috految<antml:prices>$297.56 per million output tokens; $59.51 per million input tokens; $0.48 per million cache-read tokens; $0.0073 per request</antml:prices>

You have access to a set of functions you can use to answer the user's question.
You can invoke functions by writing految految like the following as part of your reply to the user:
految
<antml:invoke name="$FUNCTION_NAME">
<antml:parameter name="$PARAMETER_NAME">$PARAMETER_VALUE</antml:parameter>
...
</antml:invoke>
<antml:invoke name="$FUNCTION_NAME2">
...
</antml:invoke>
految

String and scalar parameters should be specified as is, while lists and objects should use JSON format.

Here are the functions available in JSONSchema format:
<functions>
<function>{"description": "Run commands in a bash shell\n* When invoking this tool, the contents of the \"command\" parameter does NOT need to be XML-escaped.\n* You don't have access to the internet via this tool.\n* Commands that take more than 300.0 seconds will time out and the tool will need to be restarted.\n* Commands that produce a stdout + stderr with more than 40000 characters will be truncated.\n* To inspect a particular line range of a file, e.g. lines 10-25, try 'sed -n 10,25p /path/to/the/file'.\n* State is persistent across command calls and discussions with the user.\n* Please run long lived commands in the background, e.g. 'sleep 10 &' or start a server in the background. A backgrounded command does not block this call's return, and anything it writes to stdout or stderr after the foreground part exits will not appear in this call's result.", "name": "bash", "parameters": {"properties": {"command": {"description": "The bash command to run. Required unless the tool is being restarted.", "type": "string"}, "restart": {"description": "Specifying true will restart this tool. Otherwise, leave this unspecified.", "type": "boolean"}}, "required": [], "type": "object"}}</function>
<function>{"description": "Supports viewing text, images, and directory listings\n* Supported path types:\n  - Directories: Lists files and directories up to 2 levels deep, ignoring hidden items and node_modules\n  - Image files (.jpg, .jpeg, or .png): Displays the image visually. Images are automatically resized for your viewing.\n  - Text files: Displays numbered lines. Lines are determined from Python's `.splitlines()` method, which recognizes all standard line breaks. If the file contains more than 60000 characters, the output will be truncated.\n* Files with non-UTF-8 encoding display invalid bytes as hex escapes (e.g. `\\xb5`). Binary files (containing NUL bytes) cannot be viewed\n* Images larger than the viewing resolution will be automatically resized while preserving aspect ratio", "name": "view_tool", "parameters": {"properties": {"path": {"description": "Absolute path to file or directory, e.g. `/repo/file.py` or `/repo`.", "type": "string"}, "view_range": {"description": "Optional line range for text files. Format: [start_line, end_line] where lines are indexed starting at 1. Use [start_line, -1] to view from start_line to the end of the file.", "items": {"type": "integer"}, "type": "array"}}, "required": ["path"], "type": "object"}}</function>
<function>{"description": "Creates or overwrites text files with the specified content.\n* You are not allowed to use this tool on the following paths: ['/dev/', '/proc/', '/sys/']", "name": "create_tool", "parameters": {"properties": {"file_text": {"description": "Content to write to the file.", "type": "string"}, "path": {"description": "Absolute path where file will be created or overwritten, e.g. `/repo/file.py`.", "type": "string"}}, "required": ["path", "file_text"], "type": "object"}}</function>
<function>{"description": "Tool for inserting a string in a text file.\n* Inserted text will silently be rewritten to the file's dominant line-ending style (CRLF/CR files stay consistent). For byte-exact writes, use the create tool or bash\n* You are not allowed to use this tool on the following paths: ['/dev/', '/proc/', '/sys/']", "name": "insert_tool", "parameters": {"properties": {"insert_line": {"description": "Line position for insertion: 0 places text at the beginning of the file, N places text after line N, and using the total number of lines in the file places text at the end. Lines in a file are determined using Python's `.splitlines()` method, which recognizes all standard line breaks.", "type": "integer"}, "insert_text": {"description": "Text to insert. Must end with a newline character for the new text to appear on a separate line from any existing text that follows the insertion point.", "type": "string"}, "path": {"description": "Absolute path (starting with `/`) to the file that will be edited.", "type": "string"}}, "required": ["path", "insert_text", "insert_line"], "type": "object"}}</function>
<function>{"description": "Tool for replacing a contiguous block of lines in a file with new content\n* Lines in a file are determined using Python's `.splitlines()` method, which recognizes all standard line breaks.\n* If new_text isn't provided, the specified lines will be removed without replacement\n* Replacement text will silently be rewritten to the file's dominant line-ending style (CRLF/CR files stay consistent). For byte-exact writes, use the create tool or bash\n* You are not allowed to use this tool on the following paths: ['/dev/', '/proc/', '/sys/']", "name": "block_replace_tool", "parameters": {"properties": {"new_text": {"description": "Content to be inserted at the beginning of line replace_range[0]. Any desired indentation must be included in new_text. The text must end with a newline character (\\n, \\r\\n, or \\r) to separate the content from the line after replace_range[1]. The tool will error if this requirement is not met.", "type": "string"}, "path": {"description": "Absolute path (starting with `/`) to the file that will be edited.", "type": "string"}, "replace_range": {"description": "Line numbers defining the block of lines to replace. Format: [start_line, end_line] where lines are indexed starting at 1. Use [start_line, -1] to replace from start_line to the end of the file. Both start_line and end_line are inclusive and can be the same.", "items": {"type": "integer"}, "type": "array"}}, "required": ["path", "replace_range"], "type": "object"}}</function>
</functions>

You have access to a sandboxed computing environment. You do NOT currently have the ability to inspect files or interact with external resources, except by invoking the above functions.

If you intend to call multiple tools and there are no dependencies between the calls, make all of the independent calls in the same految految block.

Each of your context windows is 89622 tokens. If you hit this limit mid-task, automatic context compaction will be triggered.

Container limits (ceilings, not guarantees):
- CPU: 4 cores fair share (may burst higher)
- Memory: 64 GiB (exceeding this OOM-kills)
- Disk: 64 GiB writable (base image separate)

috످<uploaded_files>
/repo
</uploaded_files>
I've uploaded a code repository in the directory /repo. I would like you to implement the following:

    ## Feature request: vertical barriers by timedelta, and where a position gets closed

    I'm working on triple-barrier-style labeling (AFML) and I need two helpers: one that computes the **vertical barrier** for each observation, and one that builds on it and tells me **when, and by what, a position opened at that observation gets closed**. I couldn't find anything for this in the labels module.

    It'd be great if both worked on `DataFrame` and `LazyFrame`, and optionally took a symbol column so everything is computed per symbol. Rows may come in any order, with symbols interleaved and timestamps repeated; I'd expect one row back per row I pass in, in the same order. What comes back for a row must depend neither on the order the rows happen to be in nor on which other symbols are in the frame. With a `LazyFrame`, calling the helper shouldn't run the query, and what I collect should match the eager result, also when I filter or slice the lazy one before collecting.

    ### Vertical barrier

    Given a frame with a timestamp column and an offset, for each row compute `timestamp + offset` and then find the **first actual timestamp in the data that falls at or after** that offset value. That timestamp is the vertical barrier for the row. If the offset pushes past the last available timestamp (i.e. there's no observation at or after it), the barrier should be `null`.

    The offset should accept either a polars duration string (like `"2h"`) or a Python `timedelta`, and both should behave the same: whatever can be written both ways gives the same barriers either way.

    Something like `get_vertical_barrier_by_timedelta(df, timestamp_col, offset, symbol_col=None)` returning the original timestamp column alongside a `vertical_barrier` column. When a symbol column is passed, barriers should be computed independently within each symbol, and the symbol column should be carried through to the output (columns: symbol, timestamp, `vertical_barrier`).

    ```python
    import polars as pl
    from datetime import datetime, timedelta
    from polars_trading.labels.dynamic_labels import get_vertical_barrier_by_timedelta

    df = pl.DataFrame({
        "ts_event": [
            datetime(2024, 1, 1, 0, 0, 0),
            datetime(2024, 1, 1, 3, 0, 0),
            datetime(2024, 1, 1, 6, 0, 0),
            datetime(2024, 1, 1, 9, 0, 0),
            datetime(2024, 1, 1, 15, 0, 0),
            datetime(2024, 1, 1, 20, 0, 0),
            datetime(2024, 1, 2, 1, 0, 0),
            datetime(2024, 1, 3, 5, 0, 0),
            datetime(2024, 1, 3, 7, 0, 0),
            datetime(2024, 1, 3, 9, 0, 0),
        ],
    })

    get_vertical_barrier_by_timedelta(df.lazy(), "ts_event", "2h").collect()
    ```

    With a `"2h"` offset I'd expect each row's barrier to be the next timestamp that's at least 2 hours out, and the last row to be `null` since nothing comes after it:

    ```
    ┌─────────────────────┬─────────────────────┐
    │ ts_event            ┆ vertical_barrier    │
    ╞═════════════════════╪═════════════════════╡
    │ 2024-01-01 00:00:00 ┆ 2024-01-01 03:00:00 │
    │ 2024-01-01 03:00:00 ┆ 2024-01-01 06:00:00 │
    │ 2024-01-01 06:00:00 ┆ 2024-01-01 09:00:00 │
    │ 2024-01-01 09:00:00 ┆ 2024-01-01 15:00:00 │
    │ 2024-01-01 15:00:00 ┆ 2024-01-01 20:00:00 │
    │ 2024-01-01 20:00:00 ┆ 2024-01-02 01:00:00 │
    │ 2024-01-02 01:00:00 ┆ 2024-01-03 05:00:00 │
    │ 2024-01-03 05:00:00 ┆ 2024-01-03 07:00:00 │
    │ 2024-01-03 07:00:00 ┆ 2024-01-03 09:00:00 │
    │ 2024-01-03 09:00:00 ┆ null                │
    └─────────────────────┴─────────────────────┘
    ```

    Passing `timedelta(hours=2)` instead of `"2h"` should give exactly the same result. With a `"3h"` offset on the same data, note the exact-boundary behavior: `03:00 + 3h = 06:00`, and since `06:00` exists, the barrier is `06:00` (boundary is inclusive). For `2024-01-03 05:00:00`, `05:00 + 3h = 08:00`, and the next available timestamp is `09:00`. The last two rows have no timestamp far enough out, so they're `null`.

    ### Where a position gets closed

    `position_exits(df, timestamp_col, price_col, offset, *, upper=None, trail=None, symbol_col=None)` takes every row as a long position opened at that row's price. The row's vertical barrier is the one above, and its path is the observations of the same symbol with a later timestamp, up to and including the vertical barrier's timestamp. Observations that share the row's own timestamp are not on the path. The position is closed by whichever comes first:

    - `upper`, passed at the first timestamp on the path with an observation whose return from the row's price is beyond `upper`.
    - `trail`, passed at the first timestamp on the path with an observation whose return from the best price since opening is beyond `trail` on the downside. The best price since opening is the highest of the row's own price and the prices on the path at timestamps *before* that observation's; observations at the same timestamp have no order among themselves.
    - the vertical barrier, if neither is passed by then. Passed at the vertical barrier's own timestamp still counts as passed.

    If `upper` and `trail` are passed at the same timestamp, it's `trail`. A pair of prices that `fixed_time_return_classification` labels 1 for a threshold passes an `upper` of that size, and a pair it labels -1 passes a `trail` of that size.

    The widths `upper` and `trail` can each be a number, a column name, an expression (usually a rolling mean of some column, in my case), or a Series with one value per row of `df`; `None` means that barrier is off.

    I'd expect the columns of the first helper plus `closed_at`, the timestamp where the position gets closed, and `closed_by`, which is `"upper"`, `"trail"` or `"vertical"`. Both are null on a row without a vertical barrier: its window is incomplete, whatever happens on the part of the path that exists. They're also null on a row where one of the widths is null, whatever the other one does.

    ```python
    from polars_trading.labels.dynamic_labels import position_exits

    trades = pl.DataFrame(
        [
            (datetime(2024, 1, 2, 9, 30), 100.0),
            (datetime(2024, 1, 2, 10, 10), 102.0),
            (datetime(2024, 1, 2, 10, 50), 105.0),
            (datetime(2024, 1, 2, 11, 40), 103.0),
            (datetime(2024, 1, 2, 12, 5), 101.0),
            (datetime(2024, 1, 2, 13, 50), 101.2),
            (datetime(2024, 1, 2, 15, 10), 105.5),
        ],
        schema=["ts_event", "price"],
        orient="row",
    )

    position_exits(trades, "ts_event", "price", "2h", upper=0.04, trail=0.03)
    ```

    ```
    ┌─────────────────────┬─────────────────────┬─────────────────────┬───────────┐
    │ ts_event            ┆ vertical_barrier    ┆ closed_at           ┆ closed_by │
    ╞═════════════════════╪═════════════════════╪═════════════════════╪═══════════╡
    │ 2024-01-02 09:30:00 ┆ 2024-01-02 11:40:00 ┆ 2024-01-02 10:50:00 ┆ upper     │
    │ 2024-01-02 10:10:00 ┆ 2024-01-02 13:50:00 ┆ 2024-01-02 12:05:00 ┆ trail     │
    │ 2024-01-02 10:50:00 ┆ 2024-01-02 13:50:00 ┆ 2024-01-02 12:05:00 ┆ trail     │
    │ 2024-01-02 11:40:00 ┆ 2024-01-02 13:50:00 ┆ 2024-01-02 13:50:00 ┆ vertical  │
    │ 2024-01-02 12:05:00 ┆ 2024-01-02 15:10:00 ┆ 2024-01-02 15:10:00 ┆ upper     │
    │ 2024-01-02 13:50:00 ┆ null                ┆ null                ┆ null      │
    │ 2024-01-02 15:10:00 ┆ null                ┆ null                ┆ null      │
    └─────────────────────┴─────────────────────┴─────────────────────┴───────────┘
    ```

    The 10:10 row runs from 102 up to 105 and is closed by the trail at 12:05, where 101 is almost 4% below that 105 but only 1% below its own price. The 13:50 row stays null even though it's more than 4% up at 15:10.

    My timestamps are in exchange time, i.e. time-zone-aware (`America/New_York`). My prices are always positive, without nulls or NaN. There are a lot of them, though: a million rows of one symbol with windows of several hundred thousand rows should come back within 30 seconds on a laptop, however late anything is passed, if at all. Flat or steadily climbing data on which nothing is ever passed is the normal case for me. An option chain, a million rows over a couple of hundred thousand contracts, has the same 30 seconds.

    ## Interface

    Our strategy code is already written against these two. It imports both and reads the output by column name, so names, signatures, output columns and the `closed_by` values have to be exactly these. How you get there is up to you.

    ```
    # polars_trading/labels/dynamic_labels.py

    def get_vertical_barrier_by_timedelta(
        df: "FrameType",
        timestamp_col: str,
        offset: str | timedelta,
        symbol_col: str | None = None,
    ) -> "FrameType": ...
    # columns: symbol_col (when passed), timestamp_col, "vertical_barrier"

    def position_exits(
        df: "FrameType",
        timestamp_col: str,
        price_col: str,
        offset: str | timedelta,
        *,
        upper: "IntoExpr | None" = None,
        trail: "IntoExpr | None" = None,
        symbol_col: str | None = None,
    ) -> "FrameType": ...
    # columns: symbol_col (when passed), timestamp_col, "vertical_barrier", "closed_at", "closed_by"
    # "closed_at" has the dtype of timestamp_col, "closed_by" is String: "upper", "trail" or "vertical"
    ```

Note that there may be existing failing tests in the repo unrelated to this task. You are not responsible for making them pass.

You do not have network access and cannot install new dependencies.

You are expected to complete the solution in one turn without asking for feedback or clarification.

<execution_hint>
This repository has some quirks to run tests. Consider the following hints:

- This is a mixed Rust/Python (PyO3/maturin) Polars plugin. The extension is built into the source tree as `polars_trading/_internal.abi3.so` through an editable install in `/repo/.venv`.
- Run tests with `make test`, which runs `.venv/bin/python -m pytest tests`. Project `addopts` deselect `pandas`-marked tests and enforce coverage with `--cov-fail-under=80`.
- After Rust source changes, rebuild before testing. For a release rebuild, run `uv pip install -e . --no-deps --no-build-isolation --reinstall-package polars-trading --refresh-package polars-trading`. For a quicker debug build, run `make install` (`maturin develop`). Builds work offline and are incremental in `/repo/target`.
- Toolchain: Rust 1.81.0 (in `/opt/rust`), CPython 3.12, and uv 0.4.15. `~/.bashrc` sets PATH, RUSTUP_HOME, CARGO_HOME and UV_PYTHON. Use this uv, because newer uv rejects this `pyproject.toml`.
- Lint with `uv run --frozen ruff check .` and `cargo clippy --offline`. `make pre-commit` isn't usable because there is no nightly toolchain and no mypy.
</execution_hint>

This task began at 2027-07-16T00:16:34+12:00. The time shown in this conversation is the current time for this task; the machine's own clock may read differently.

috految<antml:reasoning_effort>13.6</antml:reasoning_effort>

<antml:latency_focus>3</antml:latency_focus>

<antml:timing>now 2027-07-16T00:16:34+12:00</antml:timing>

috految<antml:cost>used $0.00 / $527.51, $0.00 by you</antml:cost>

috److految
<antml:invoke name="bash">
<antml:parameter name="command">cd /repo; git ls-files | xargs; cat polars_trading/{labels/{__init__,dynamic_labels},__init__,typing,_utils}.py src/lib.rs Cargo.toml; sed '/^    """/,/^    """/d' polars_trading/labels/labels.py; head -22 pyproject.toml; grep -i -e label -e '^#' README.md; grep -n 'fn ' src/lab*; ls .venv/lib/*/site-packages | grep -iE '^(polars|numpy|pyarrow)'; nproc; ls target</antml:parameter>
</antml:invoke>
految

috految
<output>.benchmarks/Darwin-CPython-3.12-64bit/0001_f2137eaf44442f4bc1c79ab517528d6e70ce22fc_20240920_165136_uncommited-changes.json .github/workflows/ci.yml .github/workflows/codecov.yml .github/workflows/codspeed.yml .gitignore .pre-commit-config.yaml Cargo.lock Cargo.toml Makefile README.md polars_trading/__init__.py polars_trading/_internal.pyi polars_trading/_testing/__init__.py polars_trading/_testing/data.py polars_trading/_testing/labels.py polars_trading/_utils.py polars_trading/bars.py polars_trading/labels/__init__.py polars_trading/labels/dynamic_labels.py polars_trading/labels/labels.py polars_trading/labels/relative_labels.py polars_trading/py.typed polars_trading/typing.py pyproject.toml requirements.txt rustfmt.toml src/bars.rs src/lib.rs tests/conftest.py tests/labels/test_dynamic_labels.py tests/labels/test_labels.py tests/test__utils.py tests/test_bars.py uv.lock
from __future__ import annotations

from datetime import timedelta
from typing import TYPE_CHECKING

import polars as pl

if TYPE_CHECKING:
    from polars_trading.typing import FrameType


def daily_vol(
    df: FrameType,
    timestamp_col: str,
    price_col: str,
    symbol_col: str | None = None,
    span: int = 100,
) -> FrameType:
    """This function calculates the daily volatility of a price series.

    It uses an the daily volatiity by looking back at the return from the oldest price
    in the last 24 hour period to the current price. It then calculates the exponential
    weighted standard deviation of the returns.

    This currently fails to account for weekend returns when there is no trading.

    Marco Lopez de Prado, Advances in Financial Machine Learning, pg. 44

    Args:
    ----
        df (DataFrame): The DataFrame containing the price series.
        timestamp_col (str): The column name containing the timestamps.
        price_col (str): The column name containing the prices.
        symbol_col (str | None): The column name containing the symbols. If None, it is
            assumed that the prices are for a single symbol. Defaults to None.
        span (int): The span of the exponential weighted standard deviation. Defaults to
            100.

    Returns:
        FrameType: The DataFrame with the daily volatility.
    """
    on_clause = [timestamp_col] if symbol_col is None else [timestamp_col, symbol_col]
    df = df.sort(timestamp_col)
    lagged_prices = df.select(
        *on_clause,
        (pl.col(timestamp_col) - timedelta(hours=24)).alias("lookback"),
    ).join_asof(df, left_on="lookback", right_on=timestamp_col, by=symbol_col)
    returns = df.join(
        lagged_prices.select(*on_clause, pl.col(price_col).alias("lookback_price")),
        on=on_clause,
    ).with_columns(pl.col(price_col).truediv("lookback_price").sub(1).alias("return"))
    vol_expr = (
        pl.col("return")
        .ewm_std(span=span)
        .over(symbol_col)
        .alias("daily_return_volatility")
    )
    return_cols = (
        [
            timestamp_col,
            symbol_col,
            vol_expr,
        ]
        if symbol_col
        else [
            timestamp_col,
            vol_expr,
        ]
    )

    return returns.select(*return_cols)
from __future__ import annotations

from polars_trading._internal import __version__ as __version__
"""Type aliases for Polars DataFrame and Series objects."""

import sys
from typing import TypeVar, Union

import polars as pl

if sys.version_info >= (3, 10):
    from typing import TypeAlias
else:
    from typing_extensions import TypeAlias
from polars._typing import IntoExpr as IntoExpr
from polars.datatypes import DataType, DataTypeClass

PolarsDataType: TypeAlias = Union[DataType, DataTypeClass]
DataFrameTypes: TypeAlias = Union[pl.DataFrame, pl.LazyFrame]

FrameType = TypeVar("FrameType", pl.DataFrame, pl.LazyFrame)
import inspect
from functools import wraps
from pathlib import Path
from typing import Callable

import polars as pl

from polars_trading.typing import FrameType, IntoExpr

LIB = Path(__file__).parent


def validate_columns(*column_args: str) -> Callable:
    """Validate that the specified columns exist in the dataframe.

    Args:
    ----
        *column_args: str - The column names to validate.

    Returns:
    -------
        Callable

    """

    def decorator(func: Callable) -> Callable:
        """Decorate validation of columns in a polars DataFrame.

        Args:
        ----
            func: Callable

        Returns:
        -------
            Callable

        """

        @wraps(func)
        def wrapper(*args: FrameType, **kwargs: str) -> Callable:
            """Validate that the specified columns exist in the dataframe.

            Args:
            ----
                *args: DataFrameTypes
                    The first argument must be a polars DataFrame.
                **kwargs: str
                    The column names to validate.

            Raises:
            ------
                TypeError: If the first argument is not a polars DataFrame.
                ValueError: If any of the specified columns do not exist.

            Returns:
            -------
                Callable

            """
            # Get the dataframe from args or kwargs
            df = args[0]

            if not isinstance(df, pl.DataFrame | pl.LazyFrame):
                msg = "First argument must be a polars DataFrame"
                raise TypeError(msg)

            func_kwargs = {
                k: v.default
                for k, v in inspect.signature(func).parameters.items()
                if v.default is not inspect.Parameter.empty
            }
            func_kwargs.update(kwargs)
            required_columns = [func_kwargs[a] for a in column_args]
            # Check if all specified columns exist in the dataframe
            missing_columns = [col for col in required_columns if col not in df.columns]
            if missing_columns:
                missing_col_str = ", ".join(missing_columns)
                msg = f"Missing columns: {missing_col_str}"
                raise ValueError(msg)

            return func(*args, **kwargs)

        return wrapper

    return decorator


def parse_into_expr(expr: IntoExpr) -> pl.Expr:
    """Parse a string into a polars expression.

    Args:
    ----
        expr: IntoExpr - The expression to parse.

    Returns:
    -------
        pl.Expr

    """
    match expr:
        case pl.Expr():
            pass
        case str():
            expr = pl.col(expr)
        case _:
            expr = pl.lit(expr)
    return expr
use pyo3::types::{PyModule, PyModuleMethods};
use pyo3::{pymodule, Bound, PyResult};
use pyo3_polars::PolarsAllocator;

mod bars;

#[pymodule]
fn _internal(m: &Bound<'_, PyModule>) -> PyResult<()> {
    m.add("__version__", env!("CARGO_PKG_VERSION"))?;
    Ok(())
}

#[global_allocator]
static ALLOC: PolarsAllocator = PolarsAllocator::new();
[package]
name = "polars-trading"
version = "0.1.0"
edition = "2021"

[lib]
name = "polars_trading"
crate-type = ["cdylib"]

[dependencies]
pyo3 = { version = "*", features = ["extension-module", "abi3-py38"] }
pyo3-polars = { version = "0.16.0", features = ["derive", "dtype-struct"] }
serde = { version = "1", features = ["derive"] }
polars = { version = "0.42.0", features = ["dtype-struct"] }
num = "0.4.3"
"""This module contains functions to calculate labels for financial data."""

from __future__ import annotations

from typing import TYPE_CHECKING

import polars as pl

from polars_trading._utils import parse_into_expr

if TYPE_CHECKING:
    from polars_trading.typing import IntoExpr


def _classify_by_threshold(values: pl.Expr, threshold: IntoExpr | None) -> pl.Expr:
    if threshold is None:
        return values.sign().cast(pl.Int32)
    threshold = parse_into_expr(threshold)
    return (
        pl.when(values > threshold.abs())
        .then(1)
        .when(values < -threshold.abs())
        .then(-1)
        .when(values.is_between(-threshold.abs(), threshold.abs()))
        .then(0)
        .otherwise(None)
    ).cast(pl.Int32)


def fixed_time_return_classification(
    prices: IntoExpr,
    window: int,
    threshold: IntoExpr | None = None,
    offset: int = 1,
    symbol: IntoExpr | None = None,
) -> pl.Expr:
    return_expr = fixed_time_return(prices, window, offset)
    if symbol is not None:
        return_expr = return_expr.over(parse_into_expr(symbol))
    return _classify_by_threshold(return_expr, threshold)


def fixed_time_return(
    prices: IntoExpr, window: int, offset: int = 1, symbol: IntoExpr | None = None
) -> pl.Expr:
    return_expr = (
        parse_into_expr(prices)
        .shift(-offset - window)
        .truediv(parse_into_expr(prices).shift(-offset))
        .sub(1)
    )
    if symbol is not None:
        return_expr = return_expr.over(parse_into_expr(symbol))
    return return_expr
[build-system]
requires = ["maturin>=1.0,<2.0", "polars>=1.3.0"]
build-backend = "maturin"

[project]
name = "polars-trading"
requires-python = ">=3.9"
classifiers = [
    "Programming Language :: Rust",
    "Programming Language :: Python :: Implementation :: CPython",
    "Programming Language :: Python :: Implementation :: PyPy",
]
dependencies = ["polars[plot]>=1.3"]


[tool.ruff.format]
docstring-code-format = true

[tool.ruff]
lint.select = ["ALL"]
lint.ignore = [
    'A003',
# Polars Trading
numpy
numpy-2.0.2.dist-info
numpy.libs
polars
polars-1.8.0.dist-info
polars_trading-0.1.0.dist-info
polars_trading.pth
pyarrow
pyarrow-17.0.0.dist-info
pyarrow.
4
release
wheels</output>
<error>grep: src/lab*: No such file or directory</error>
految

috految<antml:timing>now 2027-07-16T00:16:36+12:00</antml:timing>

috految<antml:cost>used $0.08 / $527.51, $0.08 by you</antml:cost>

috److془Design carefully. Polars 1.8.0.

Issues:
1. Expression widths: per symbol in time order, ties canonical. Exact duplicate rows: must get same result (else order dependent). Rows that differ in unrelated columns (id): either share or sort by it. "What comes back for a row must depend neither on the order the rows happen to be in". Row index column added after shuffle → sharing is robust. Tie-break by (ts, price, referenced columns); share among indistinguishable. Alternatively test could check "result is that of some tie order" with rows differing in id... unlikely. Share last's value (or first? first: shift(1) gives no leak; diff gives non-zero. last: rolling includes all). First: with warm-up null. Either. Hmm: rolling_mean_by on ties in 1.8: `group_by_values_iter_lookbehind` has duplicates handling; "if t == last && i > 0 {len = end - start; return}" fine. Hmm but in parallel for Expr.rolling, whatever. Use first? With rolling_mean(23) on rows > 23 tied... fine. Integers: `pl.col("ret").ewm_mean_by` fine. Use first.. 

Hmm: tie sort by price induces pct_change bias; unavoidable-ish. Fine. Rolling by "seq" column with ties: rolling_mean_by sorts itself. Had a bug in unsorted? Fine. Expr.rolling(index_column="ts") root_names doesn't include the index column perhaps; over(order_by="seq") root_names doesn't include order_by. Need robust referenced columns. Selectors, regex, pl.nth too. Rolling_mean_by with nulls errors in 1.8 (user matter). rolling_mean_by with "1d" tz-aware: user's issue. 

Rolling mean with `.over`: traps: rolling_mean on Int columns within over; the dtype schema says int (`rolling_mean` of int col * 0.001..). Groups of length 1, casting; rolling_mean with window> len; all null groups; rolling with nulls panics with min_periods? "usually a rolling mean of some column". Nested over is disallowed; `.over("symbol")` by user, `.over(date)`. Expr.rolling isn't allowed in aggregation. Also over traps: `when/then` etc, `fill_null(strategy=mean)`, `map_batches`, `clip` with agg. Per-symbol select is exactly right. Cost: 200k × select ~ 20-50us simple; with rayon handoffs more. Use pl.collect_all on batches: parallel, in-pool. Complex with over: ~100us·/4 cores. Good. Caveat: collect_all with rayon work stealing stack overflow: batch 64-256. Deadlocks: window cache locks held during rayon, stealing task from same query.. same as with any query. Window cache: rolling/over with multiple in single expression: `ts.rolling(..)` cache keyed by options. Window cache groups with different order_by; polars bugs; same as the user's. Hmm, but: RollingExpr/apply under execute_projection_cached_window_fns: "if has_windows" ; binary: splits state, removed cache flag. Fine. Rolling: `groups_map = state.group_tuples.read()`, fine. Ah but RollingExpr with multi-threads group_by_values: `run_parallel = !POOL.current_thread_has_pending_tasks()`; the prune_splits_on_duplicates; nondeterminism only if buggy. Test. Window: `pl.col.rolling_mean().over("sym")` with categorical sym of 200k categories: group_tuples perfect O(categories) when fast_unique or enum. Cast the categoricals to String (also global-order independent). But Enum comparisons `pl.col("tier") > "low"` or to_physical; only cast symbol. Symbol Enum compared with literal works mostly. Categorical and symbol.replace_strict(dict of 200k) per symbol: quadratic! is_in(big list) as well. Hmm. Also `pl.col("x") * series` or pl.lit(series) within expression: row-aligned; silently misaligned by sorting. Must handle. And `pl.col("vol").rolling_mean(3) * series`. Also `pl.len`. Also unsorted: `pl.col("w").rolling_mean(3).rolling_mean` fine. Also string views carry 200k buffers when concatenated; gather does maybe_gc; hmm, slicing shares Arc; fine mostly. Clone of views with Arc O(1). Categorical take: subset; fine. gather in 1.8 rechunks. Slices with offset bugs: rolling with nulls validity offsets: would be independent via partition_by. Rolling on null_count==0 with validity - fine. partition_by take on String: maybe_gc could be O(buffers); ordinary. Cost for a wide frame: only referenced columns. Slices are cheaper; in the 1.8 fill_null/ if_then_else on sliced fine presumably. Trap: rolling kernels on 1.8 `rolling_mean` "if window_size > len"? test. Rolling_mean with nulls: `let out = if let Some(validity)=create_validity`.. fine. Weighted rolling okay. rolling_quantile with nulls groups... foreign. Rolling_mean_by on slices with validity none: fine. Single-row groups: Column::Scalar bugs in 1.8.0! Skip symbols without barriers: nice. Short contracts with rolling_mean_by min_periods: Test. ewm_mean_by fine. rolling_mean(center=True) test. rolling_mean_by with tz: in 1.8 uses `tz.parse` fine. Sorted flags: rolling_mean_by def checks is_sorted? Does `if by.is_sorted(..)`, or argsort. Flags wrong: polars 1.8 sets flags wrongly in some cases; gather with unflagged index clears. Column scalar (lit symbol) materialised through get_column. Nulls rolling with sum drift equal to solo. Good. Rolling_mean_by in 1.8 with is_sorted_flag: set_sorted ts? leave; test. Hmm rolling_mean_by unsorted bug: "validity not set properly"; ts sorted, identity anyway. Expr.rolling ensure_sorted_arg checks is_sorted. Good. Rolling index "seq" /ts_recv : tie order by referenced inputs before price helps; this also makes it independent of price cleanly. But price first is consistent across upper and trail, and over(sym)-variants. Price first; Hmm `pl.col(w).rolling_mean(3)` with w sorted ascending biased, price first then. Fine. Is there the trap of rolling_mean_by with unsorted? polars's own. Expression with `.sort_by(ts)` fine. In 1.8 the over with order_by on sorted data: fine hopefully. Slice groups with order_by bug avoided as unflagged. Group set sorted flags not set. Good. Hmm: `rolling_mean().over(sym)` with single group length bug? test. Division with len-1 denominators uses reciprocal: keep lengths >1 (sorted arrays with ≥2 rows). Chunk splitting in select: vertical parallel for multi chunk frames only; rechunk. Constant price scalar: materialised. Hmm is the division of fixed_time_return plain? yes. Fused only multiply. Vertical parallel with "streamable && n_chunks>1". Good. 

Elementwise fast path: for replace_strict on 200k. Detecting: serialization JSON hack, or meta.pop recursion. Generic: hmm. Predicate pushdown probing unreliable (rolling_mean etc., map_batches). Alternative: if inputs ⊆ {symbol}... pl.len, cum_count wrong. Alternative: with `.over`, replace_strict with list literal also per group (apply_many unless literal_searchers; so elementwise, fast). Hmm. Lookup by underlying of 500: ~40us. Fine. Contract lookup: use the column. Could do: JSON rewriting is hackish. Alternatively, when embedded Series found (meta.pop leaves; ) whose length = height: ambiguous with lookups. Can do probe: evaluate on df.head(n-1) length mismatch → row-aligned. Better: JSON rewriting handles it all: ~15 lines. But serialises fail for UDFs, and rolling (serde skip fn_params! silently loses quantile). So no. Use: the expression is row-wise if meta.pop walk... `expr.meta.pop()` converts to AExpr and back, panics for selectors. Simple: expr with "Series" in str(expr) (lookups too): Hmm; JSON read only whitelist for elementwise: node kinds in Column, Literal, BinaryExpr, Ternary, Cast, Alias, Function with name in whitelist. Evaluate in input order. Otherwise embedded Series error. Nice. Error: length mismatch naturally with multiple symbols; for single symbol, probe on n-1 rows if reordered. Also covers the lookups. Serializing risk: UDF pickles, failure ComputeError/Panic. Only try if "Series" in str(expr). Hmm, simple: just catch. Panic on UDFs missing cloudpickle? Gate anyway. Actually regex on str(expr) method names: set(re.findall(r"(\w+)\(", str(expr))) <= whitelist. Two lines! Display: `col("a").rolling_mean()`; Agg `.mean()`, anonymous `.python_udf()`; use \w* with dot. Explicit: "Series" gate for safety. Rolling `.rolling(by=`; `.over(`. Good. Rolling mean * Series errors; acceptable. Symbol cast only in the per symbol path. replace_strict dict in 1.8: Series. Literal Series displays "Series" or "Series[name]". Good. is_in(col) with a Series: negligible. Hmm, pl.lit(np array) Series too. Display within function with >1 inputs shows all. Good. Ternary `.when(..).then(..).otherwise`. Strings in 1.8 `String(abc)`. 
String literal truncation on non ascii panic? `&v[..8]`; I recall `format!("String({v})")`. fine. 

Inputs: root_names + those whose name appears quoted in str(expr) ; selectors: has_multiple_outputs → all columns (Columns, regex, Dtype, wildcard, selector); Simply: names quoted in explain(optimized=False) of the select; and nth... Alternatively: keep all columns if multi outputs or "nth(" or so. Tie keys with all columns are still order independent. Good. Does str in 1.8 include order_by? "over(partition_by: {:?}, order_by: {:?})" yes; rolling by='ts'. Over order_by multi: struct prints. has_multiple_outputs for Column regex: yes; Selector yes; IndexColumn len>1; Columns yes. Rather probe: the `cols` , simply regex nth|index_columns. Actually Columns/Dtype with single? `Wildcard | Selector | Columns | DtypeColumn => true` I believe. Selector __str__ fine. Hmm, resolved dtype selector: the same. Wide frame fine. Nested keys: values repr via to_list. Categorical to string. Temporal to_physical. root_names for pl.col(a).over etc fine; filter on df.columns. Expr.rolling in projection pushdown: no_optimization. Does collect_all no_optimization disable CSE? yes; type coercion remains. Eager select: _eager=True approx same. Mixed rolling_mean dyn literal coercion same as the user's. Multiple over in one query with _eager no matter. Dtype: could differ per symbol; to_list and Float64. Float32 prices with number threshold: use the classification expr exactly. Constant expression (pl.lit(.03), when-then dyn float): dyn compared as f32 vs f64. Ret f32 multiples of 2^-24, f32(t) equal with some probability. Pass as lit for numbers; for expression f64 vs f32: f32 passes implies f64 passes. 
Does lit.abs() get cast? use the same expression, whatever. Int prices with f32 width: fine. Decimal prices: division in 1.8 gives scale+4 truncated or so; same expression; monotone. Decimal vs float comparison: test. Rescale of dyn literals may go weird, test. Decimal truncated -1 pair passes: per spec. With Decimal width: cast to float. Decimal ret cast to f64 then; good. Int truediv: f64. Int literal: float(). Unused: NaN widths: classification: values < NaN true → -1. "a pair it labels -1 passes a trail": follow. Hmm NaN closes by trail immediately even on rising. Spec literal; though NaN has no size. Rolling_std of short windows gives NaN; treat as null. Good. Negative: abs. Rolling mean with all-null windows NaN too good. Hmm: rolling mean when.. fine. Decimal rolling_mean polars-own. Int cast: the schema mismatches avoided.

Lazy: LazyFrame.map_batches with no pushdowns. Traps: slice pushdown in 1.8: `(MapFunction{input, function}, state) if function.allow_predicate_pd() => pushdown`, else no_pushdown_restart. Predicate: no_pushdown_restart_opt. Projection: restart, with projection locals. Python sets `opt.set(PREDICATE_PUSHDOWN,..)`. Traps: CSE of different UDFs, hash; FunctionIR PartialEq false for python I think; but cache bugs with shared input: cache_states predicate pushes / projection union: concat([lf.select(ts), out]) could prune the columns. Also with caches, filter above the cache considered parents'. And the upstream slices/ filter bugs; and locks of cache with work stealing. Avoid all: pl.LazyFrame(seed).map_batches(lambda _: func(df.collect())). Downside: nondeterministic upstream (group_by) hconcat with out misaligned, where cache would align; not guaranteed anyway. Hmm, though LazyFrame.cache.. Another: the eager in-pool deadlock with GIL: Series ops holding GIL using pool while pool workers wait for GIL. With concat of many lazy outputs, real. Use only select (releases GIL) for pool ops. Hmm also work stealing nesting deep with many plans: feasible stack overflow at 100s; thieves nest only when blocked; ok. Also the COUNT fast path select(pl.len()) test. Python UDF: in 1.8 with_gil holds; fine. Nested collect of parquet in pool same as concat. Nested collect with concurrent same LazyFrame: cached_arena mutex; clone via .clone() shares the Arc; get_arenas clone under brief lock. Scan's file_info lock resolved by collect_schema before. But collect_schema caches IR w/ bugs, (selects fresh avoids). Use df.select(pl.all()) hmm; df.select(keys).collect_schema(). Schema may be wrong: lazy to_datetime with %z, or replace_time_zone; validate False. Hmm gotcha: filter on output with wrong schema same as input. Unknown dtype of lit int okay. Scan_csv's try_parse_dates fine. Categorical from python schema: revmap None; filter ==, is_in test. Enum ok. Local cat in join back with lazily cast: remapping warns. Fine. Actual: hconcat with group_by upstream, silent misalignment; also `is with_row_index + join`. Library's bars sorts by ts ties across symbols nondeterministic. Prefer natural df.map_batches with shield: df.with_row_index(idx).select(cols).map_batches? Cache pruning: I recall if no projection found parent, names_union all. Parent filters: "if v.predicate_union.len()>1 remove caches", 1.8 has len==1 && count==children. But the parent's search is two up; shield takes care. Cache + in parallel lock: union/join parallel disabled with caches. Slice over filter-bugs: tail/slice after slice : known 1.8 bug: `(Slice{offset,len}, Some(previous_state))` if offsets equal, min → slice(2,5).slice(2,2) polars's own for any frame. Slice over filter-over-MapFunction test. Problem: no_pushdown then with_columns fine. Cache-removed repush fine. Go natural; shield = select(pl.all()) twice? Use with_row_index-less: df.select(pl.all()).map_batches(f).select(names). Test. Hmm but the projection after cache with one-level: get_upper_projections: SimpleProjection → names, Filter → continue, else stop. So no shield needed. Though: "cached vs. parent predicate" fine. Shared cache where in the other branch filter; test. Two different UDF on the same input: test. Projection restart for 1.8 `if function.allow_projection_pd() && !acc.is_empty() else no_pushdown_restart_opt`; fine. But projections_seen carried with empty acc (bug in joins/with_columns/ count star): select(all) shields. is_count_star leak: test. select all with pushdown upstream of rolling etc all columns fine. Count leak with fully projected: parquet scan `if is_count_star {acc_projections.clear; with_columns=[]}` test. Upstream must have no projection? tested. Note rolling width Series with lazy: fine. Other risk: filter on output, nested `.over` none. Streaming collect, streamable False. Upstream with_columns(rolling) at no problem. Nested: filter pushed into restart fine. Upstream order with conversion in 1.8 no. Output rechunked. 

Offsets: "1d" == timedelta(days=1) == "24h" → absolute. Months: calendar in wall time, handling ambiguous/nonexistent. Sub-unit: ceil. Date: ceil to days. Date+"2h" → next day good. Negative: barrier earlier, path empty, vertical. Mixed "1mo1d": polars semantic wall clock; ambiguous; keep polars. pd.Timedelta nanos ignore. Nonexistent: shift forward by gap. Overflow huge: positions using python bisect with ints! Simple. Null timestamps: null. Null symbol group own. 1.8 offset_by months on naive: nanos preserved I believe. Sorted flag unaffected; replace_time_zone ambiguous earliest non_existent null. Parse negative prefix. Ambiguous. 

Search: binary lifting via polars. Ticks: high, low. Block (high, low, worst): worst = min(wl, wr, low_r/high_l -1). Monotone floats ✓. Loop: skip if pos+2^k<=end and not passed. Final pos is first passed; if pos==end vertical. Memory 20*24MB ok. Block worst init 0 (never < -abs). Lengths≥2 whenever matter. Ticks with sorted by price: first, last. Gather on ticks monotone flags: none flagged from fresh arrays. Flags on constant lit propagate: comparisons sorted fast path; the arithmetic clears; use plain Series. Python-side Series.gather dispatches expr. DataFrame.slice in GIL: sequential, I think (slice_par separate). Series.rechunk fine. pl.DataFrame(dict) fine. Single-row frames scalar with tz: test. Does slicing with Series.to_list fine. collect_all releases the GIL. Decimal when/then to test. Python UDFs in collect_all with GIL-holding pool ops deadlock: rare. Polars "rolling_map" fine. Shared timing: Series.gather on Expr dispatch fine. Is collect_all's pl.col(sym) Enum dtype cost: String cast. Within map_batches, the collect_all in job fine. Column name widths direct. Non null dtype okay. Per-symbol len 0 result like drop_nulls: error. 1.8.0 scalar check with select: only multi outputs. Vectorised when-then with scalar mask len 1 broadcast ✓. Cast for Categorical non-symbol: fine.
pl.concat of 200k chunk string buffers: whatever.془

految
<antml:invoke name="bash">
<antml:parameter name="command">cd /repo; cat > polars_trading/labels/_barriers.py <<'E'
"""Eager building blocks for the barriers in dynamic_labels.

These can run inside a lazy query on Polars' thread pool. Parallel work has to go
through expressions, which release the GIL, or concurrent queries can deadlock.
"""

from __future__ import annotations

import re
from bisect import bisect_left
from datetime import timedelta
from typing import TYPE_CHECKING

import polars as pl

from polars_trading._utils import parse_into_expr
from polars_trading.labels.labels import _classify_by_threshold

if TYPE_CHECKING:
    from polars_trading.typing import IntoExpr

_NANOSECONDS = {
    "ns": 1,
    "us": 10**3,
    "ms": 10**6,
    "s": 10**9,
    "m": 60 * 10**9,
    "h": 3_600 * 10**9,
    "d": 86_400 * 10**9,
    "w": 7 * 86_400 * 10**9,
}
_DURATION_PART = r"(\d+)(ns|us|ms|mo|s|m|h|d|w|q|y)"
_SYMBOLS_PER_BATCH = 128
_ROW_WISE_OPERATIONS = {
    "abs", "alias", "cast", "clip", "col", "fill_null", "is_in", "is_not_null", "is_null",
    "max_horizontal", "min_horizontal", "otherwise", "replace", "replace_strict",
    "sqrt", "strict_cast", "String", "then", "when",
}


def _split_offset(offset: str | timedelta) -> tuple[str, int]:
    """Split an offset into a calendar duration and elapsed nanoseconds."""
    if isinstance(offset, timedelta):
        return "", offset // timedelta(microseconds=1) * _NANOSECONDS["us"]
    if not re.fullmatch(rf"[+-]?(?:{_DURATION_PART})+", offset):
        msg = f"Invalid duration string: {offset!r}"
        raise ValueError(msg)
    sign = "-" if offset.startswith("-") else ""
    parts = re.findall(_DURATION_PART, offset)
    has_months = any(int(n) and unit not in _NANOSECONDS for n, unit in parts)
    calendar, elapsed = "", 0
    for n, unit in parts:
        if has_months and unit in {"y", "q", "mo", "w", "d"}:
            calendar += n + unit
        elif unit in _NANOSECONDS:
            elapsed += int(sign + n) * _NANOSECONDS[unit]
    return (sign + calendar if calendar else ""), elapsed


def _add_offset(timestamps: pl.Series, offset: str | timedelta) -> list[int]:
    """Add the offset, rounding up to the physical unit of the timestamps."""
    calendar, elapsed = _split_offset(offset)
    dtype = timestamps.dtype
    if calendar and dtype != pl.Date and dtype.time_zone:
        # offset_by raises when it lands on a time that DST skips or repeats.
        local = timestamps.dt.replace_time_zone(None).dt.offset_by(calendar)
        exact, after_gap = (
            times.dt.replace_time_zone(dtype.time_zone, ambiguous="earliest", non_existent="null")
            for times in (local, local.dt.offset_by("1h"))
        )
        timestamps = exact.fill_null(after_gap)
    elif calendar:
        timestamps = timestamps.dt.offset_by(calendar)
    unit = _NANOSECONDS["d" if dtype == pl.Date else dtype.time_unit]
    step = -(-elapsed // unit)
    return [time + step for time in timestamps.to_physical().to_list()]


def _sort_key(values: pl.Series) -> pl.Series:
    """Get a sortable key that doesn't depend on how the values are encoded."""
    if values.dtype.is_nested() or values.dtype in (pl.Object, pl.Null):
        return pl.Series([repr(value) for value in values.to_list()], dtype=pl.String)
    if values.dtype in (pl.Categorical, pl.Enum, pl.Boolean):
        return values.cast(pl.String)
    if values.dtype == pl.Decimal:
        return values.cast(pl.Float64)
    return values.to_physical()


def _take(values: pl.Series, rows: list[int | None]) -> pl.Series:
    """Get the values at the given rows, with null for None."""
    return values.rechunk().gather(pl.Series(rows, dtype=pl.UInt32))


def group_rows(df: pl.DataFrame, timestamp_col: str, symbol_col: str | None) -> list[list[int]]:
    """Get each symbol's row numbers in time order, leaving out null timestamps."""
    times = df[timestamp_col].to_physical().to_list()
    symbols = [None] * df.height if symbol_col is None else _sort_key(df[symbol_col])
    groups = {}
    for row, symbol in enumerate(symbols):
        if times[row] is not None:
            groups.setdefault(symbol, []).append(row)
    return [sorted(rows, key=times.__getitem__) for rows in groups.values()]


def vertical_barriers(timestamps: pl.Series, groups: list[list[int]], offset: str | timedelta) -> pl.Series:
    """Get each row's first timestamp at or after the offset within its group."""
    ordered = _take(timestamps, [row for rows in groups for row in rows])
    times = ordered.to_physical().to_list()
    targets = _add_offset(ordered, offset)
    barriers = [None] * len(timestamps)
    start = 0
    for rows in groups:
        stop = start + len(rows)
        for position, row in enumerate(rows, start):
            found = bisect_left(times, targets[position], start, stop)
            if found < stop:
                barriers[row] = rows[found - start]
        start = stop
    return _take(timestamps, barriers)


def _input_columns(df: pl.DataFrame, expr: pl.Expr) -> list[str]:
    """Get the columns an expression may read."""
    text = str(expr)
    if expr.meta.has_multiple_outputs() or re.search(r"\b(nth|cols|\w+_columns)\(", text):
        return df.columns
    # root_names leaves out the order_by and index columns of windows.
    names = expr.meta.root_names()
    return sorted(c for c in df.columns if c in names or f'"{c}"' in text or f"'{c}'" in text)


def _evaluate_per_symbol(df: pl.DataFrame, expr: pl.Expr, groups: list[list[int]], order_by: list[str]) -> pl.Series:
    """Evaluate an expression on each group as a frame of its own.

    `over` is no substitute: it rejects expressions with windows of their own, and
    doesn't confine every operation to the group.
    """
    inputs = _input_columns(df, expr)
    keys = [df[name] for name in dict.fromkeys([*order_by, *inputs])]
    rows = [row for group in groups for row in group]
    ordered = pl.DataFrame(
        {
            "group": [i for i, group in enumerate(groups) for _ in group],
            **{f"key_{i}": _take(_sort_key(key), rows) for i, key in enumerate(keys)},
            "row": rows,
        }
    )
    by = ordered.columns[:-1]
    ordered = ordered.sort(by, maintain_order=True)
    rows = ordered["row"].to_list()
    data = pl.DataFrame({c: _take(df[c], rows) for c in inputs or order_by})
    if "Series" in str(expr) and rows != sorted(rows):
        # A Series literal can't follow its rows. Fail rather than misalign it.
        data.slice(1).with_columns(expr)

    values = []
    start = 0
    for i in range(0, len(groups), _SYMBOLS_PER_BATCH):
        batch = groups[i : i + _SYMBOLS_PER_BATCH]
        queries = []
        for group in batch:
            queries.append(data.slice(start, len(group)).lazy().select(expr))
            start += len(group)
        for group, result in zip(batch, pl.collect_all(queries, no_optimization=True)):
            if result.shape not in {(1, 1), (len(group), 1)}:
                msg = "A width expression must give a single value per row"
                raise ValueError(msg)
            values.extend(result.to_series().to_list() * (len(group) // result.height))

    # Identical rows have no order among themselves, so they share one value.
    is_new = ordered.select(
        pl.any_horizontal(pl.col(c).ne_missing(pl.col(c).shift()) for c in by)
    ).to_series()
    widths = [None] * df.height
    width = None
    for row, value, new in zip(rows, values, is_new):
        if new:
            width = None if value is None else float(value)
        widths[row] = width
    return pl.Series(widths, dtype=pl.Float64)


def resolve_width(df: pl.DataFrame, width: IntoExpr, groups: list[list[int]], order_by: list[str], symbol_col: str | None) -> pl.Series | float:
    """Turn a width into a number, or a Series in the row order of df."""
    if isinstance(width, str):
        width = df[width]
    elif isinstance(width, pl.Expr):
        text = str(width)
        operations = set(re.findall(r"(\w+|\.\W*)\(", text))
        if "Series" in text and operations <= _ROW_WISE_OPERATIONS:
            # Series literals line up with the frame as it was passed, and lookup
            # tables are too expensive to rebuild for every symbol.
            width = df.select(width).to_series()
        else:
            if symbol_col is not None and df[symbol_col].dtype in (pl.Categorical, pl.Enum):
                # Avoid carrying all the categories into every symbol's query.
                df = df.with_columns(pl.col(symbol_col).cast(pl.String))
            width = _evaluate_per_symbol(df, width, groups, order_by)
    if not isinstance(width, pl.Series):
        return float(width)
    if len(width) != df.height:
        msg = f"Expected one width per row ({df.height}), got {len(width)}"
        raise ValueError(msg)
    return width.cast(pl.Float64).rechunk()


def find_exits(timestamps: pl.Series, prices: pl.Series, barriers: pl.Series, groups: list[list[int]], widths: dict[str, pl.Series | float]) -> tuple[pl.Series, pl.Series]:
    """Get when, and by what, the position opened at each row is closed.

    Observations sharing a timestamp form one tick. Each run of 2**k ticks is
    summarized by its high, low and worst drawdown, which is enough to tell if it
    passes a barrier. Skipping ever smaller runs that don't takes O(n log n).
    """
    times = timestamps.to_physical().to_list()
    deadlines = barriers.to_physical().to_list()
    values = prices.to_list()
    lows, highs = [], []
    starts, stops = [0] * len(times), [0] * len(times)
    for rows in groups:
        next_tick = {}
        for row in rows:
            if times[row] not in next_tick:
                lows.append(row)
                highs.append(row)
                next_tick[times[row]] = len(lows)
            elif values[row] < values[lows[-1]]:
                lows[-1] = row
            elif values[row] > values[highs[-1]]:
                highs[-1] = row
        for row in rows:
            starts[row] = next_tick[times[row]]
            stops[row] = next_tick.get(deadlines[row], 0)

    def change(price: pl.Expr, base: pl.Expr) -> pl.Expr:
        # The arithmetic of fixed_time_return, so both round alike at a threshold.
        returns = price.truediv(base).sub(1)
        return returns if prices.dtype.is_float() else returns.cast(pl.Float64)

    high, low, drawdown, best, tick = map(pl.col, ["high", "low", "drawdown", "best", "tick"])
    runs = pl.DataFrame({"high": _take(prices, highs), "low": _take(prices, lows)})
    levels = [runs.with_columns(drawdown=change(high, high))]
    longest = max(stop - start for start, stop in zip(starts, stops))
    while 2 ** len(levels) <= longest:
        half = 2 ** (len(levels) - 1)
        later = pl.int_range(half, runs.height + half).clip(0, runs.height - 1)
        levels.append(
            levels[-1].select(
                high=pl.max_horizontal(high, high.gather(later)),
                low=pl.min_horizontal(low, low.gather(later)),
                drawdown=pl.min_horizontal(drawdown, drawdown.gather(later), change(low.gather(later), high)),
            )
        )

    columns = {k: v for k, v in widths.items() if isinstance(v, pl.Series)}
    prices = prices.rechunk()
    state = pl.DataFrame({"price": prices, "best": prices, "tick": starts, "stop": stops, **columns})
    thresholds = {k: parse_into_expr(k if k in columns else v) for k, v in widths.items()}
    passed = {}
    if "trail" in widths:
        worst = pl.min_horizontal(drawdown, change(low, best))
        passed["trail"] = _classify_by_threshold(worst, thresholds["trail"]) == -1
    if "upper" in widths:
        gain = change(high, pl.col("price"))
        passed["upper"] = _classify_by_threshold(gain, thresholds["upper"]) == 1

    def at_tick(state: pl.DataFrame, level: pl.DataFrame) -> pl.DataFrame:
        index = state["tick"].clip(0, level.height - 1)
        return state.with_columns(s.gather(index) for s in level.get_columns())

    for k, level in reversed(list(enumerate(levels))):
        skip = pl.all_horizontal(tick + 2**k <= pl.col("stop"), *(~p for p in passed.values()))
        state = at_tick(state, level).with_columns(skip=skip)
        state = state.with_columns(
            tick=pl.when("skip").then(tick + 2**k).otherwise(tick),
            best=pl.when(pl.col("skip") & (high > best)).then(high).otherwise(best),
        )

    complete = pl.all_horizontal(
        pl.col("stop") > 0,
        *(w.cast(pl.Float64).fill_nan(None).is_not_null() for w in thresholds.values()),
    )
    reason = pl.when(tick >= pl.col("stop")).then(pl.lit("vertical"))
    for name, condition in passed.items():
        reason = reason.when(condition).then(pl.lit(name))
    result = at_tick(state, levels[0]).select(
        tick=pl.when(complete).then(pl.min_horizontal(tick, pl.col("stop") - 1)),
        reason=pl.when(complete).then(reason),
    )
    closed = [None if i is None else lows[i] for i in result["tick"]]
    return _take(timestamps, closed), result["reason"]
E
f=polars_trading/labels/dynamic_labels.py
sed -i 's/^if TYPE_CHECKING:/from polars_trading.labels._barriers import find_exits, group_rows, resolve_width, vertical_barriers\n\n&\n    from collections.abc import Callable\n/;s/import FrameType/&, IntoExpr/' $f
cat >> $f <<'E'


def _map_frame(df: FrameType, func: Callable[[pl.DataFrame], pl.DataFrame], schema: dict[str, pl.DataType]) -> FrameType:
    """Apply a function that needs the whole frame, deferring it if that is lazy."""
    if isinstance(df, pl.DataFrame):
        return func(df)
    # The selects keep projections from other parts of the query off this step.
    return df.select(pl.all()).map_batches(
        func,
        schema=schema,
        predicate_pushdown=False,
        projection_pushdown=False,
        slice_pushdown=False,
        validate_output_schema=False,
    ).select(*schema)


def get_vertical_barrier_by_timedelta(df: FrameType, timestamp_col: str, offset: str | timedelta, symbol_col: str | None = None) -> FrameType:
    """Find the first timestamp at or after each row's timestamp plus an offset.

    Args:
    ----
        df (FrameType): The observations, in any order.
        timestamp_col (str): The column name containing the timestamps.
        offset (str | timedelta): A polars duration string or a timedelta. As in a
            timedelta, "1d" is 24 hours, also across a DST change. Offsets with
            months, quarters or years follow the local calendar.
        symbol_col (str | None): The column name containing the symbols, if any.

    Returns:
        FrameType: The symbol (if given), timestamp and "vertical_barrier" of each
            row, in input order. The barrier is null if the data ends too early.
    """
    keys = [timestamp_col] if symbol_col is None else [symbol_col, timestamp_col]
    schema = dict(df.select(keys).collect_schema())
    schema["vertical_barrier"] = schema[timestamp_col]

    def compute(data: pl.DataFrame) -> pl.DataFrame:
        groups = group_rows(data, timestamp_col, symbol_col)
        barriers = vertical_barriers(data[timestamp_col], groups, offset)
        return pl.DataFrame({**{k: data[k].rechunk() for k in keys}, "vertical_barrier": barriers})

    return _map_frame(df, compute, schema)


def position_exits(df: FrameType, timestamp_col: str, price_col: str, offset: str | timedelta, *, upper: IntoExpr | None = None, trail: IntoExpr | None = None, symbol_col: str | None = None) -> FrameType:
    """Find when, and by what, a long position opened at each row gets closed.

    A width is a number, column name, expression or Series with one value per row;
    None turns that barrier off. Expressions are evaluated per symbol in time order.
    Rows sharing a timestamp are ordered by price, then by the columns the
    expression reads, and get the same width if they are equal in all of those.

    Args:
    ----
        df (FrameType): The observations, in any order.
        timestamp_col (str): The column name containing the timestamps.
        price_col (str): The column name containing positive, non-null prices.
        offset (str | timedelta): See get_vertical_barrier_by_timedelta.
        upper (IntoExpr | None): Close once the return since opening exceeds this.
        trail (IntoExpr | None): Close once the drop from the best earlier price
            since opening exceeds this. Wins if passed together with upper.
        symbol_col (str | None): The column name containing the symbols, if any.

    Returns:
        FrameType: The vertical barrier columns plus "closed_at" and "closed_by"
            ("upper", "trail" or "vertical"). Both are null on rows without a
            vertical barrier or with a null or NaN width.
    """
    keys = [timestamp_col] if symbol_col is None else [symbol_col, timestamp_col]
    schema = dict(df.select(keys).collect_schema())
    dtype = schema[timestamp_col]
    schema.update(vertical_barrier=dtype, closed_at=dtype, closed_by=pl.String())

    def compute(data: pl.DataFrame) -> pl.DataFrame:
        timestamps, prices = data[timestamp_col], data[price_col]
        groups = group_rows(data, timestamp_col, symbol_col)
        barriers = vertical_barriers(timestamps, groups, offset)
        has_barrier = barriers.is_not_null().to_list()
        groups = [rows for rows in groups if any(has_barrier[row] for row in rows)]
        if groups:
            widths = {
                name: resolve_width(data, width, groups, [timestamp_col, price_col], symbol_col)
                for name, width in (("upper", upper), ("trail", trail))
                if width is not None
            }
            closed_at, closed_by = find_exits(timestamps, prices, barriers, groups, widths)
        else:
            closed_at = barriers
            closed_by = pl.Series([None] * data.height, dtype=pl.String)
        return pl.DataFrame({**{k: data[k].rechunk() for k in keys}, "vertical_barrier": barriers, "closed_at": closed_at, "closed_by": closed_by})

    return _map_frame(df, compute, schema)
E
cat > tests/labels/test_position_exits.py <<'E'
import polars as pl
import pytest

from polars_trading.labels.dynamic_labels import position_exits


@pytest.mark.parametrize("dtype", [pl.Float64, pl.Float32, pl.UInt32, pl.Decimal(12, 2)])
@pytest.mark.parametrize("width", [0.03, "w", pl.col("w").rolling_mean(1)])
def test__position_exits__unsorted(dtype, width):
    df = pl.DataFrame({"t": [570, 610, 650, 700, 725, 830, 910], "p": [100, 102, 105, 103, 101, 101, 106], "w": 0.03}).cast({"t": pl.Datetime("ms"), "p": dtype})
    result = position_exits(df.reverse().lazy(), "t", "p", "120ms", upper=0.04, trail=width).collect().reverse()
    assert result["closed_by"].to_list() == ["upper", "trail", "trail", "vertical", "upper", None, None]
    assert result["closed_at"].to_physical().to_list() == [650, 725, 725, 830, 910, None, None]
E
cat > /tmp/t.py <<'E'
import polars as pl,numpy as np,time
from polars_trading.labels.dynamic_labels import *
c=pl.col;R=np.random.default_rng(0);w=c('w')
def mk(n,k,T):return pl.DataFrame(dict(s=R.integers(k,size=n),t=R.integers(T,size=n)*3600*10**6,p=R.integers(95,105,n)*1.,w=R.random(n)/10,i=range(n))).with_columns(c('t').cast(pl.Datetime('us','America/New_York')),s=('long contract name'+c('s').cast(str)).cast(pl.Categorical),n=pl.when(w>.03).then(w))
def P(d,u=.04,o='9h',t=None):return position_exits(d,'t','p',o,upper=u,trail=t,symbol_col='s')
V=lambda d,o='1mo':get_vertical_barrier_by_timedelta(d,'t',o,'s')
def T(x):
 try:assert eval(x)
 except BaseException as e:print(x,N,repr(e)[:150])
d=mk(900,150,30);rm=w.rolling_mean
for N in [rm(3),rm(9,min_periods=1),rm(9,center=True),c('n').rolling_mean(4,min_periods=1),c('n').rolling_mean(9),c('i').rolling_mean(2)/9e3,rm(2).over('s'),rm(2).over('s',order_by='i'),w.rolling_mean_by('t','5h'),w.rolling_mean_by('t','5h',min_periods=3),w.mean().rolling('t',period='5h'),w.mean(),pl.lit(.03),pl.lit(None),pl.mean_horizontal(c('^w$')),w.map_batches(lambda s:s/2),pl.when(w>.05).then(.02)]:
 T("P(d,N).rows()==P(d.reverse(),N).reverse().rows()==P(d,pl.concat(g.sort('t','p','w').with_columns(z=N).select('i','z') for g in d.partition_by('s')).sort('i')['z']).rows()")
T("P(d,w*d['w']).equals(P(d,w*w))")
for N in (0,1,2,900):
 e=d.head(N);T("P(e.lazy(),rm(2),'0h').collect().schema==P(e,None).schema==P(d).schema and V(e).schema==V(d).schema")
 T("P(e.with_columns(s=pl.lit('a'),p=1.,w=.1),rm(2),t='w').height==N")
T("V(mk(20000,1,9000)).height");T("V(d,'1d').equals(V(d,timedelta(1)))")
d.write_parquet('/tmp/d.pq')
for N,l in enumerate([d.lazy(),pl.scan_parquet('/tmp/d.pq'),d.lazy().filter(w>.01).sort('i').tail(500).with_columns(w=rm(3),z=1),pl.concat([d.lazy(),d.lazy()]),pl.concat([pl.scan_parquet('/tmp/d.pq')]*2)]):
 for q in ["P(x).slice(5,7)","P(x).tail(3)","P(x).head(0)","P(x).filter(c('t').dt.hour()>4).head(9)","P(x).head(50).filter(c('closed_by')=='upper').select('t')","P(x).filter(c('s').is_in([d['s'][0]]))","P(x).filter(c('s')==d['s'][0]).select(pl.len())","P(x).filter(c('t')>d['t'][0])","P(x).select(pl.len())","P(x).drop_nulls()","pl.concat([P(x,rm(k)) for k in range(1,20)])","pl.concat([P(x).filter(c('t').dt.hour()>4),P(x,.01)])","pl.concat([x.select('i'),P(x)],how='horizontal')","x.filter(w>.05).join(P(x),on='t').select('i','closed_by').sort(pl.all())"]:
  f=eval('lambda x:'+q);T(f"f(l).collect().rows()==f(l.collect()).rows()#{q}")
for k,u in [(1,rm(5)),(200000,rm(5)*2),(200000,w.rolling_mean_by('t','3h').over('s'))]:
 d=mk(10**6,k,10**6);a=time.time();P(d.lazy(),u,'300000h',u).collect();print(time.time()-a)
E
. .venv/bin/activate; ruff format $f polars_trading/labels/_b* tests/labels/test_pos*; ruff check -q --output-format concise polars_trading|tail; timeout 130 python -uW ignore /tmp/t.py 2>&1|tail -40; pytest -q tests/labels/test_pos* --no-cov --tb=line|tail -8; git status -s</antml:parameter>
</antml:invoke>
految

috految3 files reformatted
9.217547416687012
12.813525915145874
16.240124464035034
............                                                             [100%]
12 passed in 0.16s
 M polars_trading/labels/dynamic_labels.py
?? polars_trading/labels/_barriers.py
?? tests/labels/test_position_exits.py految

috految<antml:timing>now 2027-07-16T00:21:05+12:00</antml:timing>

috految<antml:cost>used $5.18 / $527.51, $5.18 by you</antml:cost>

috److془Concern: under coverage ~ +7s. Okay. Done.془I added `get_vertical_barrier_by_timedelta` and `position_exits` to `polars_trading/labels/dynamic_labels.py`, with the internals in a new `_barriers.py`. It's pure Python, so no Rust rebuild is needed.

The 12 new test cases pass. They run a version of your trades example across price dtypes and width types. I didn't run the rest of the test suite. In one-off checks, results didn't change with row order, and lazy matched eager after filters, slices and joins.

| Million-row case (random prices, rolling-mean widths) | Time on 4 cores |
|---|---|
| One symbol, windows of about 300,000 rows | about 9 s |
| About 200,000 contracts | 13–16 s |

I didn't time flat or climbing prices separately, but the search doesn't get slower when nothing is passed.

I made a few decisions where the request was silent:

- **Days and weeks:** `"1d"` is always 24 elapsed hours, even across a daylight-saving change, so it matches `timedelta(days=1)`. Offsets containing months, quarters or years follow the local calendar.
- **Expression widths:** they are evaluated per symbol in time order. Rows sharing a timestamp are ordered by price, then by the columns the expression reads. Rows equal in all of those get the same width.
- **NaN widths:** they are treated like null, so `closed_at` and `closed_by` come back null.

**Limitation:** embedding a full-length Series inside a rolling expression, like `pl.col("x").rolling_mean(5) * series`, isn't supported. Add the Series as a column first. Passing a Series directly as `upper` or `trail` works.

috످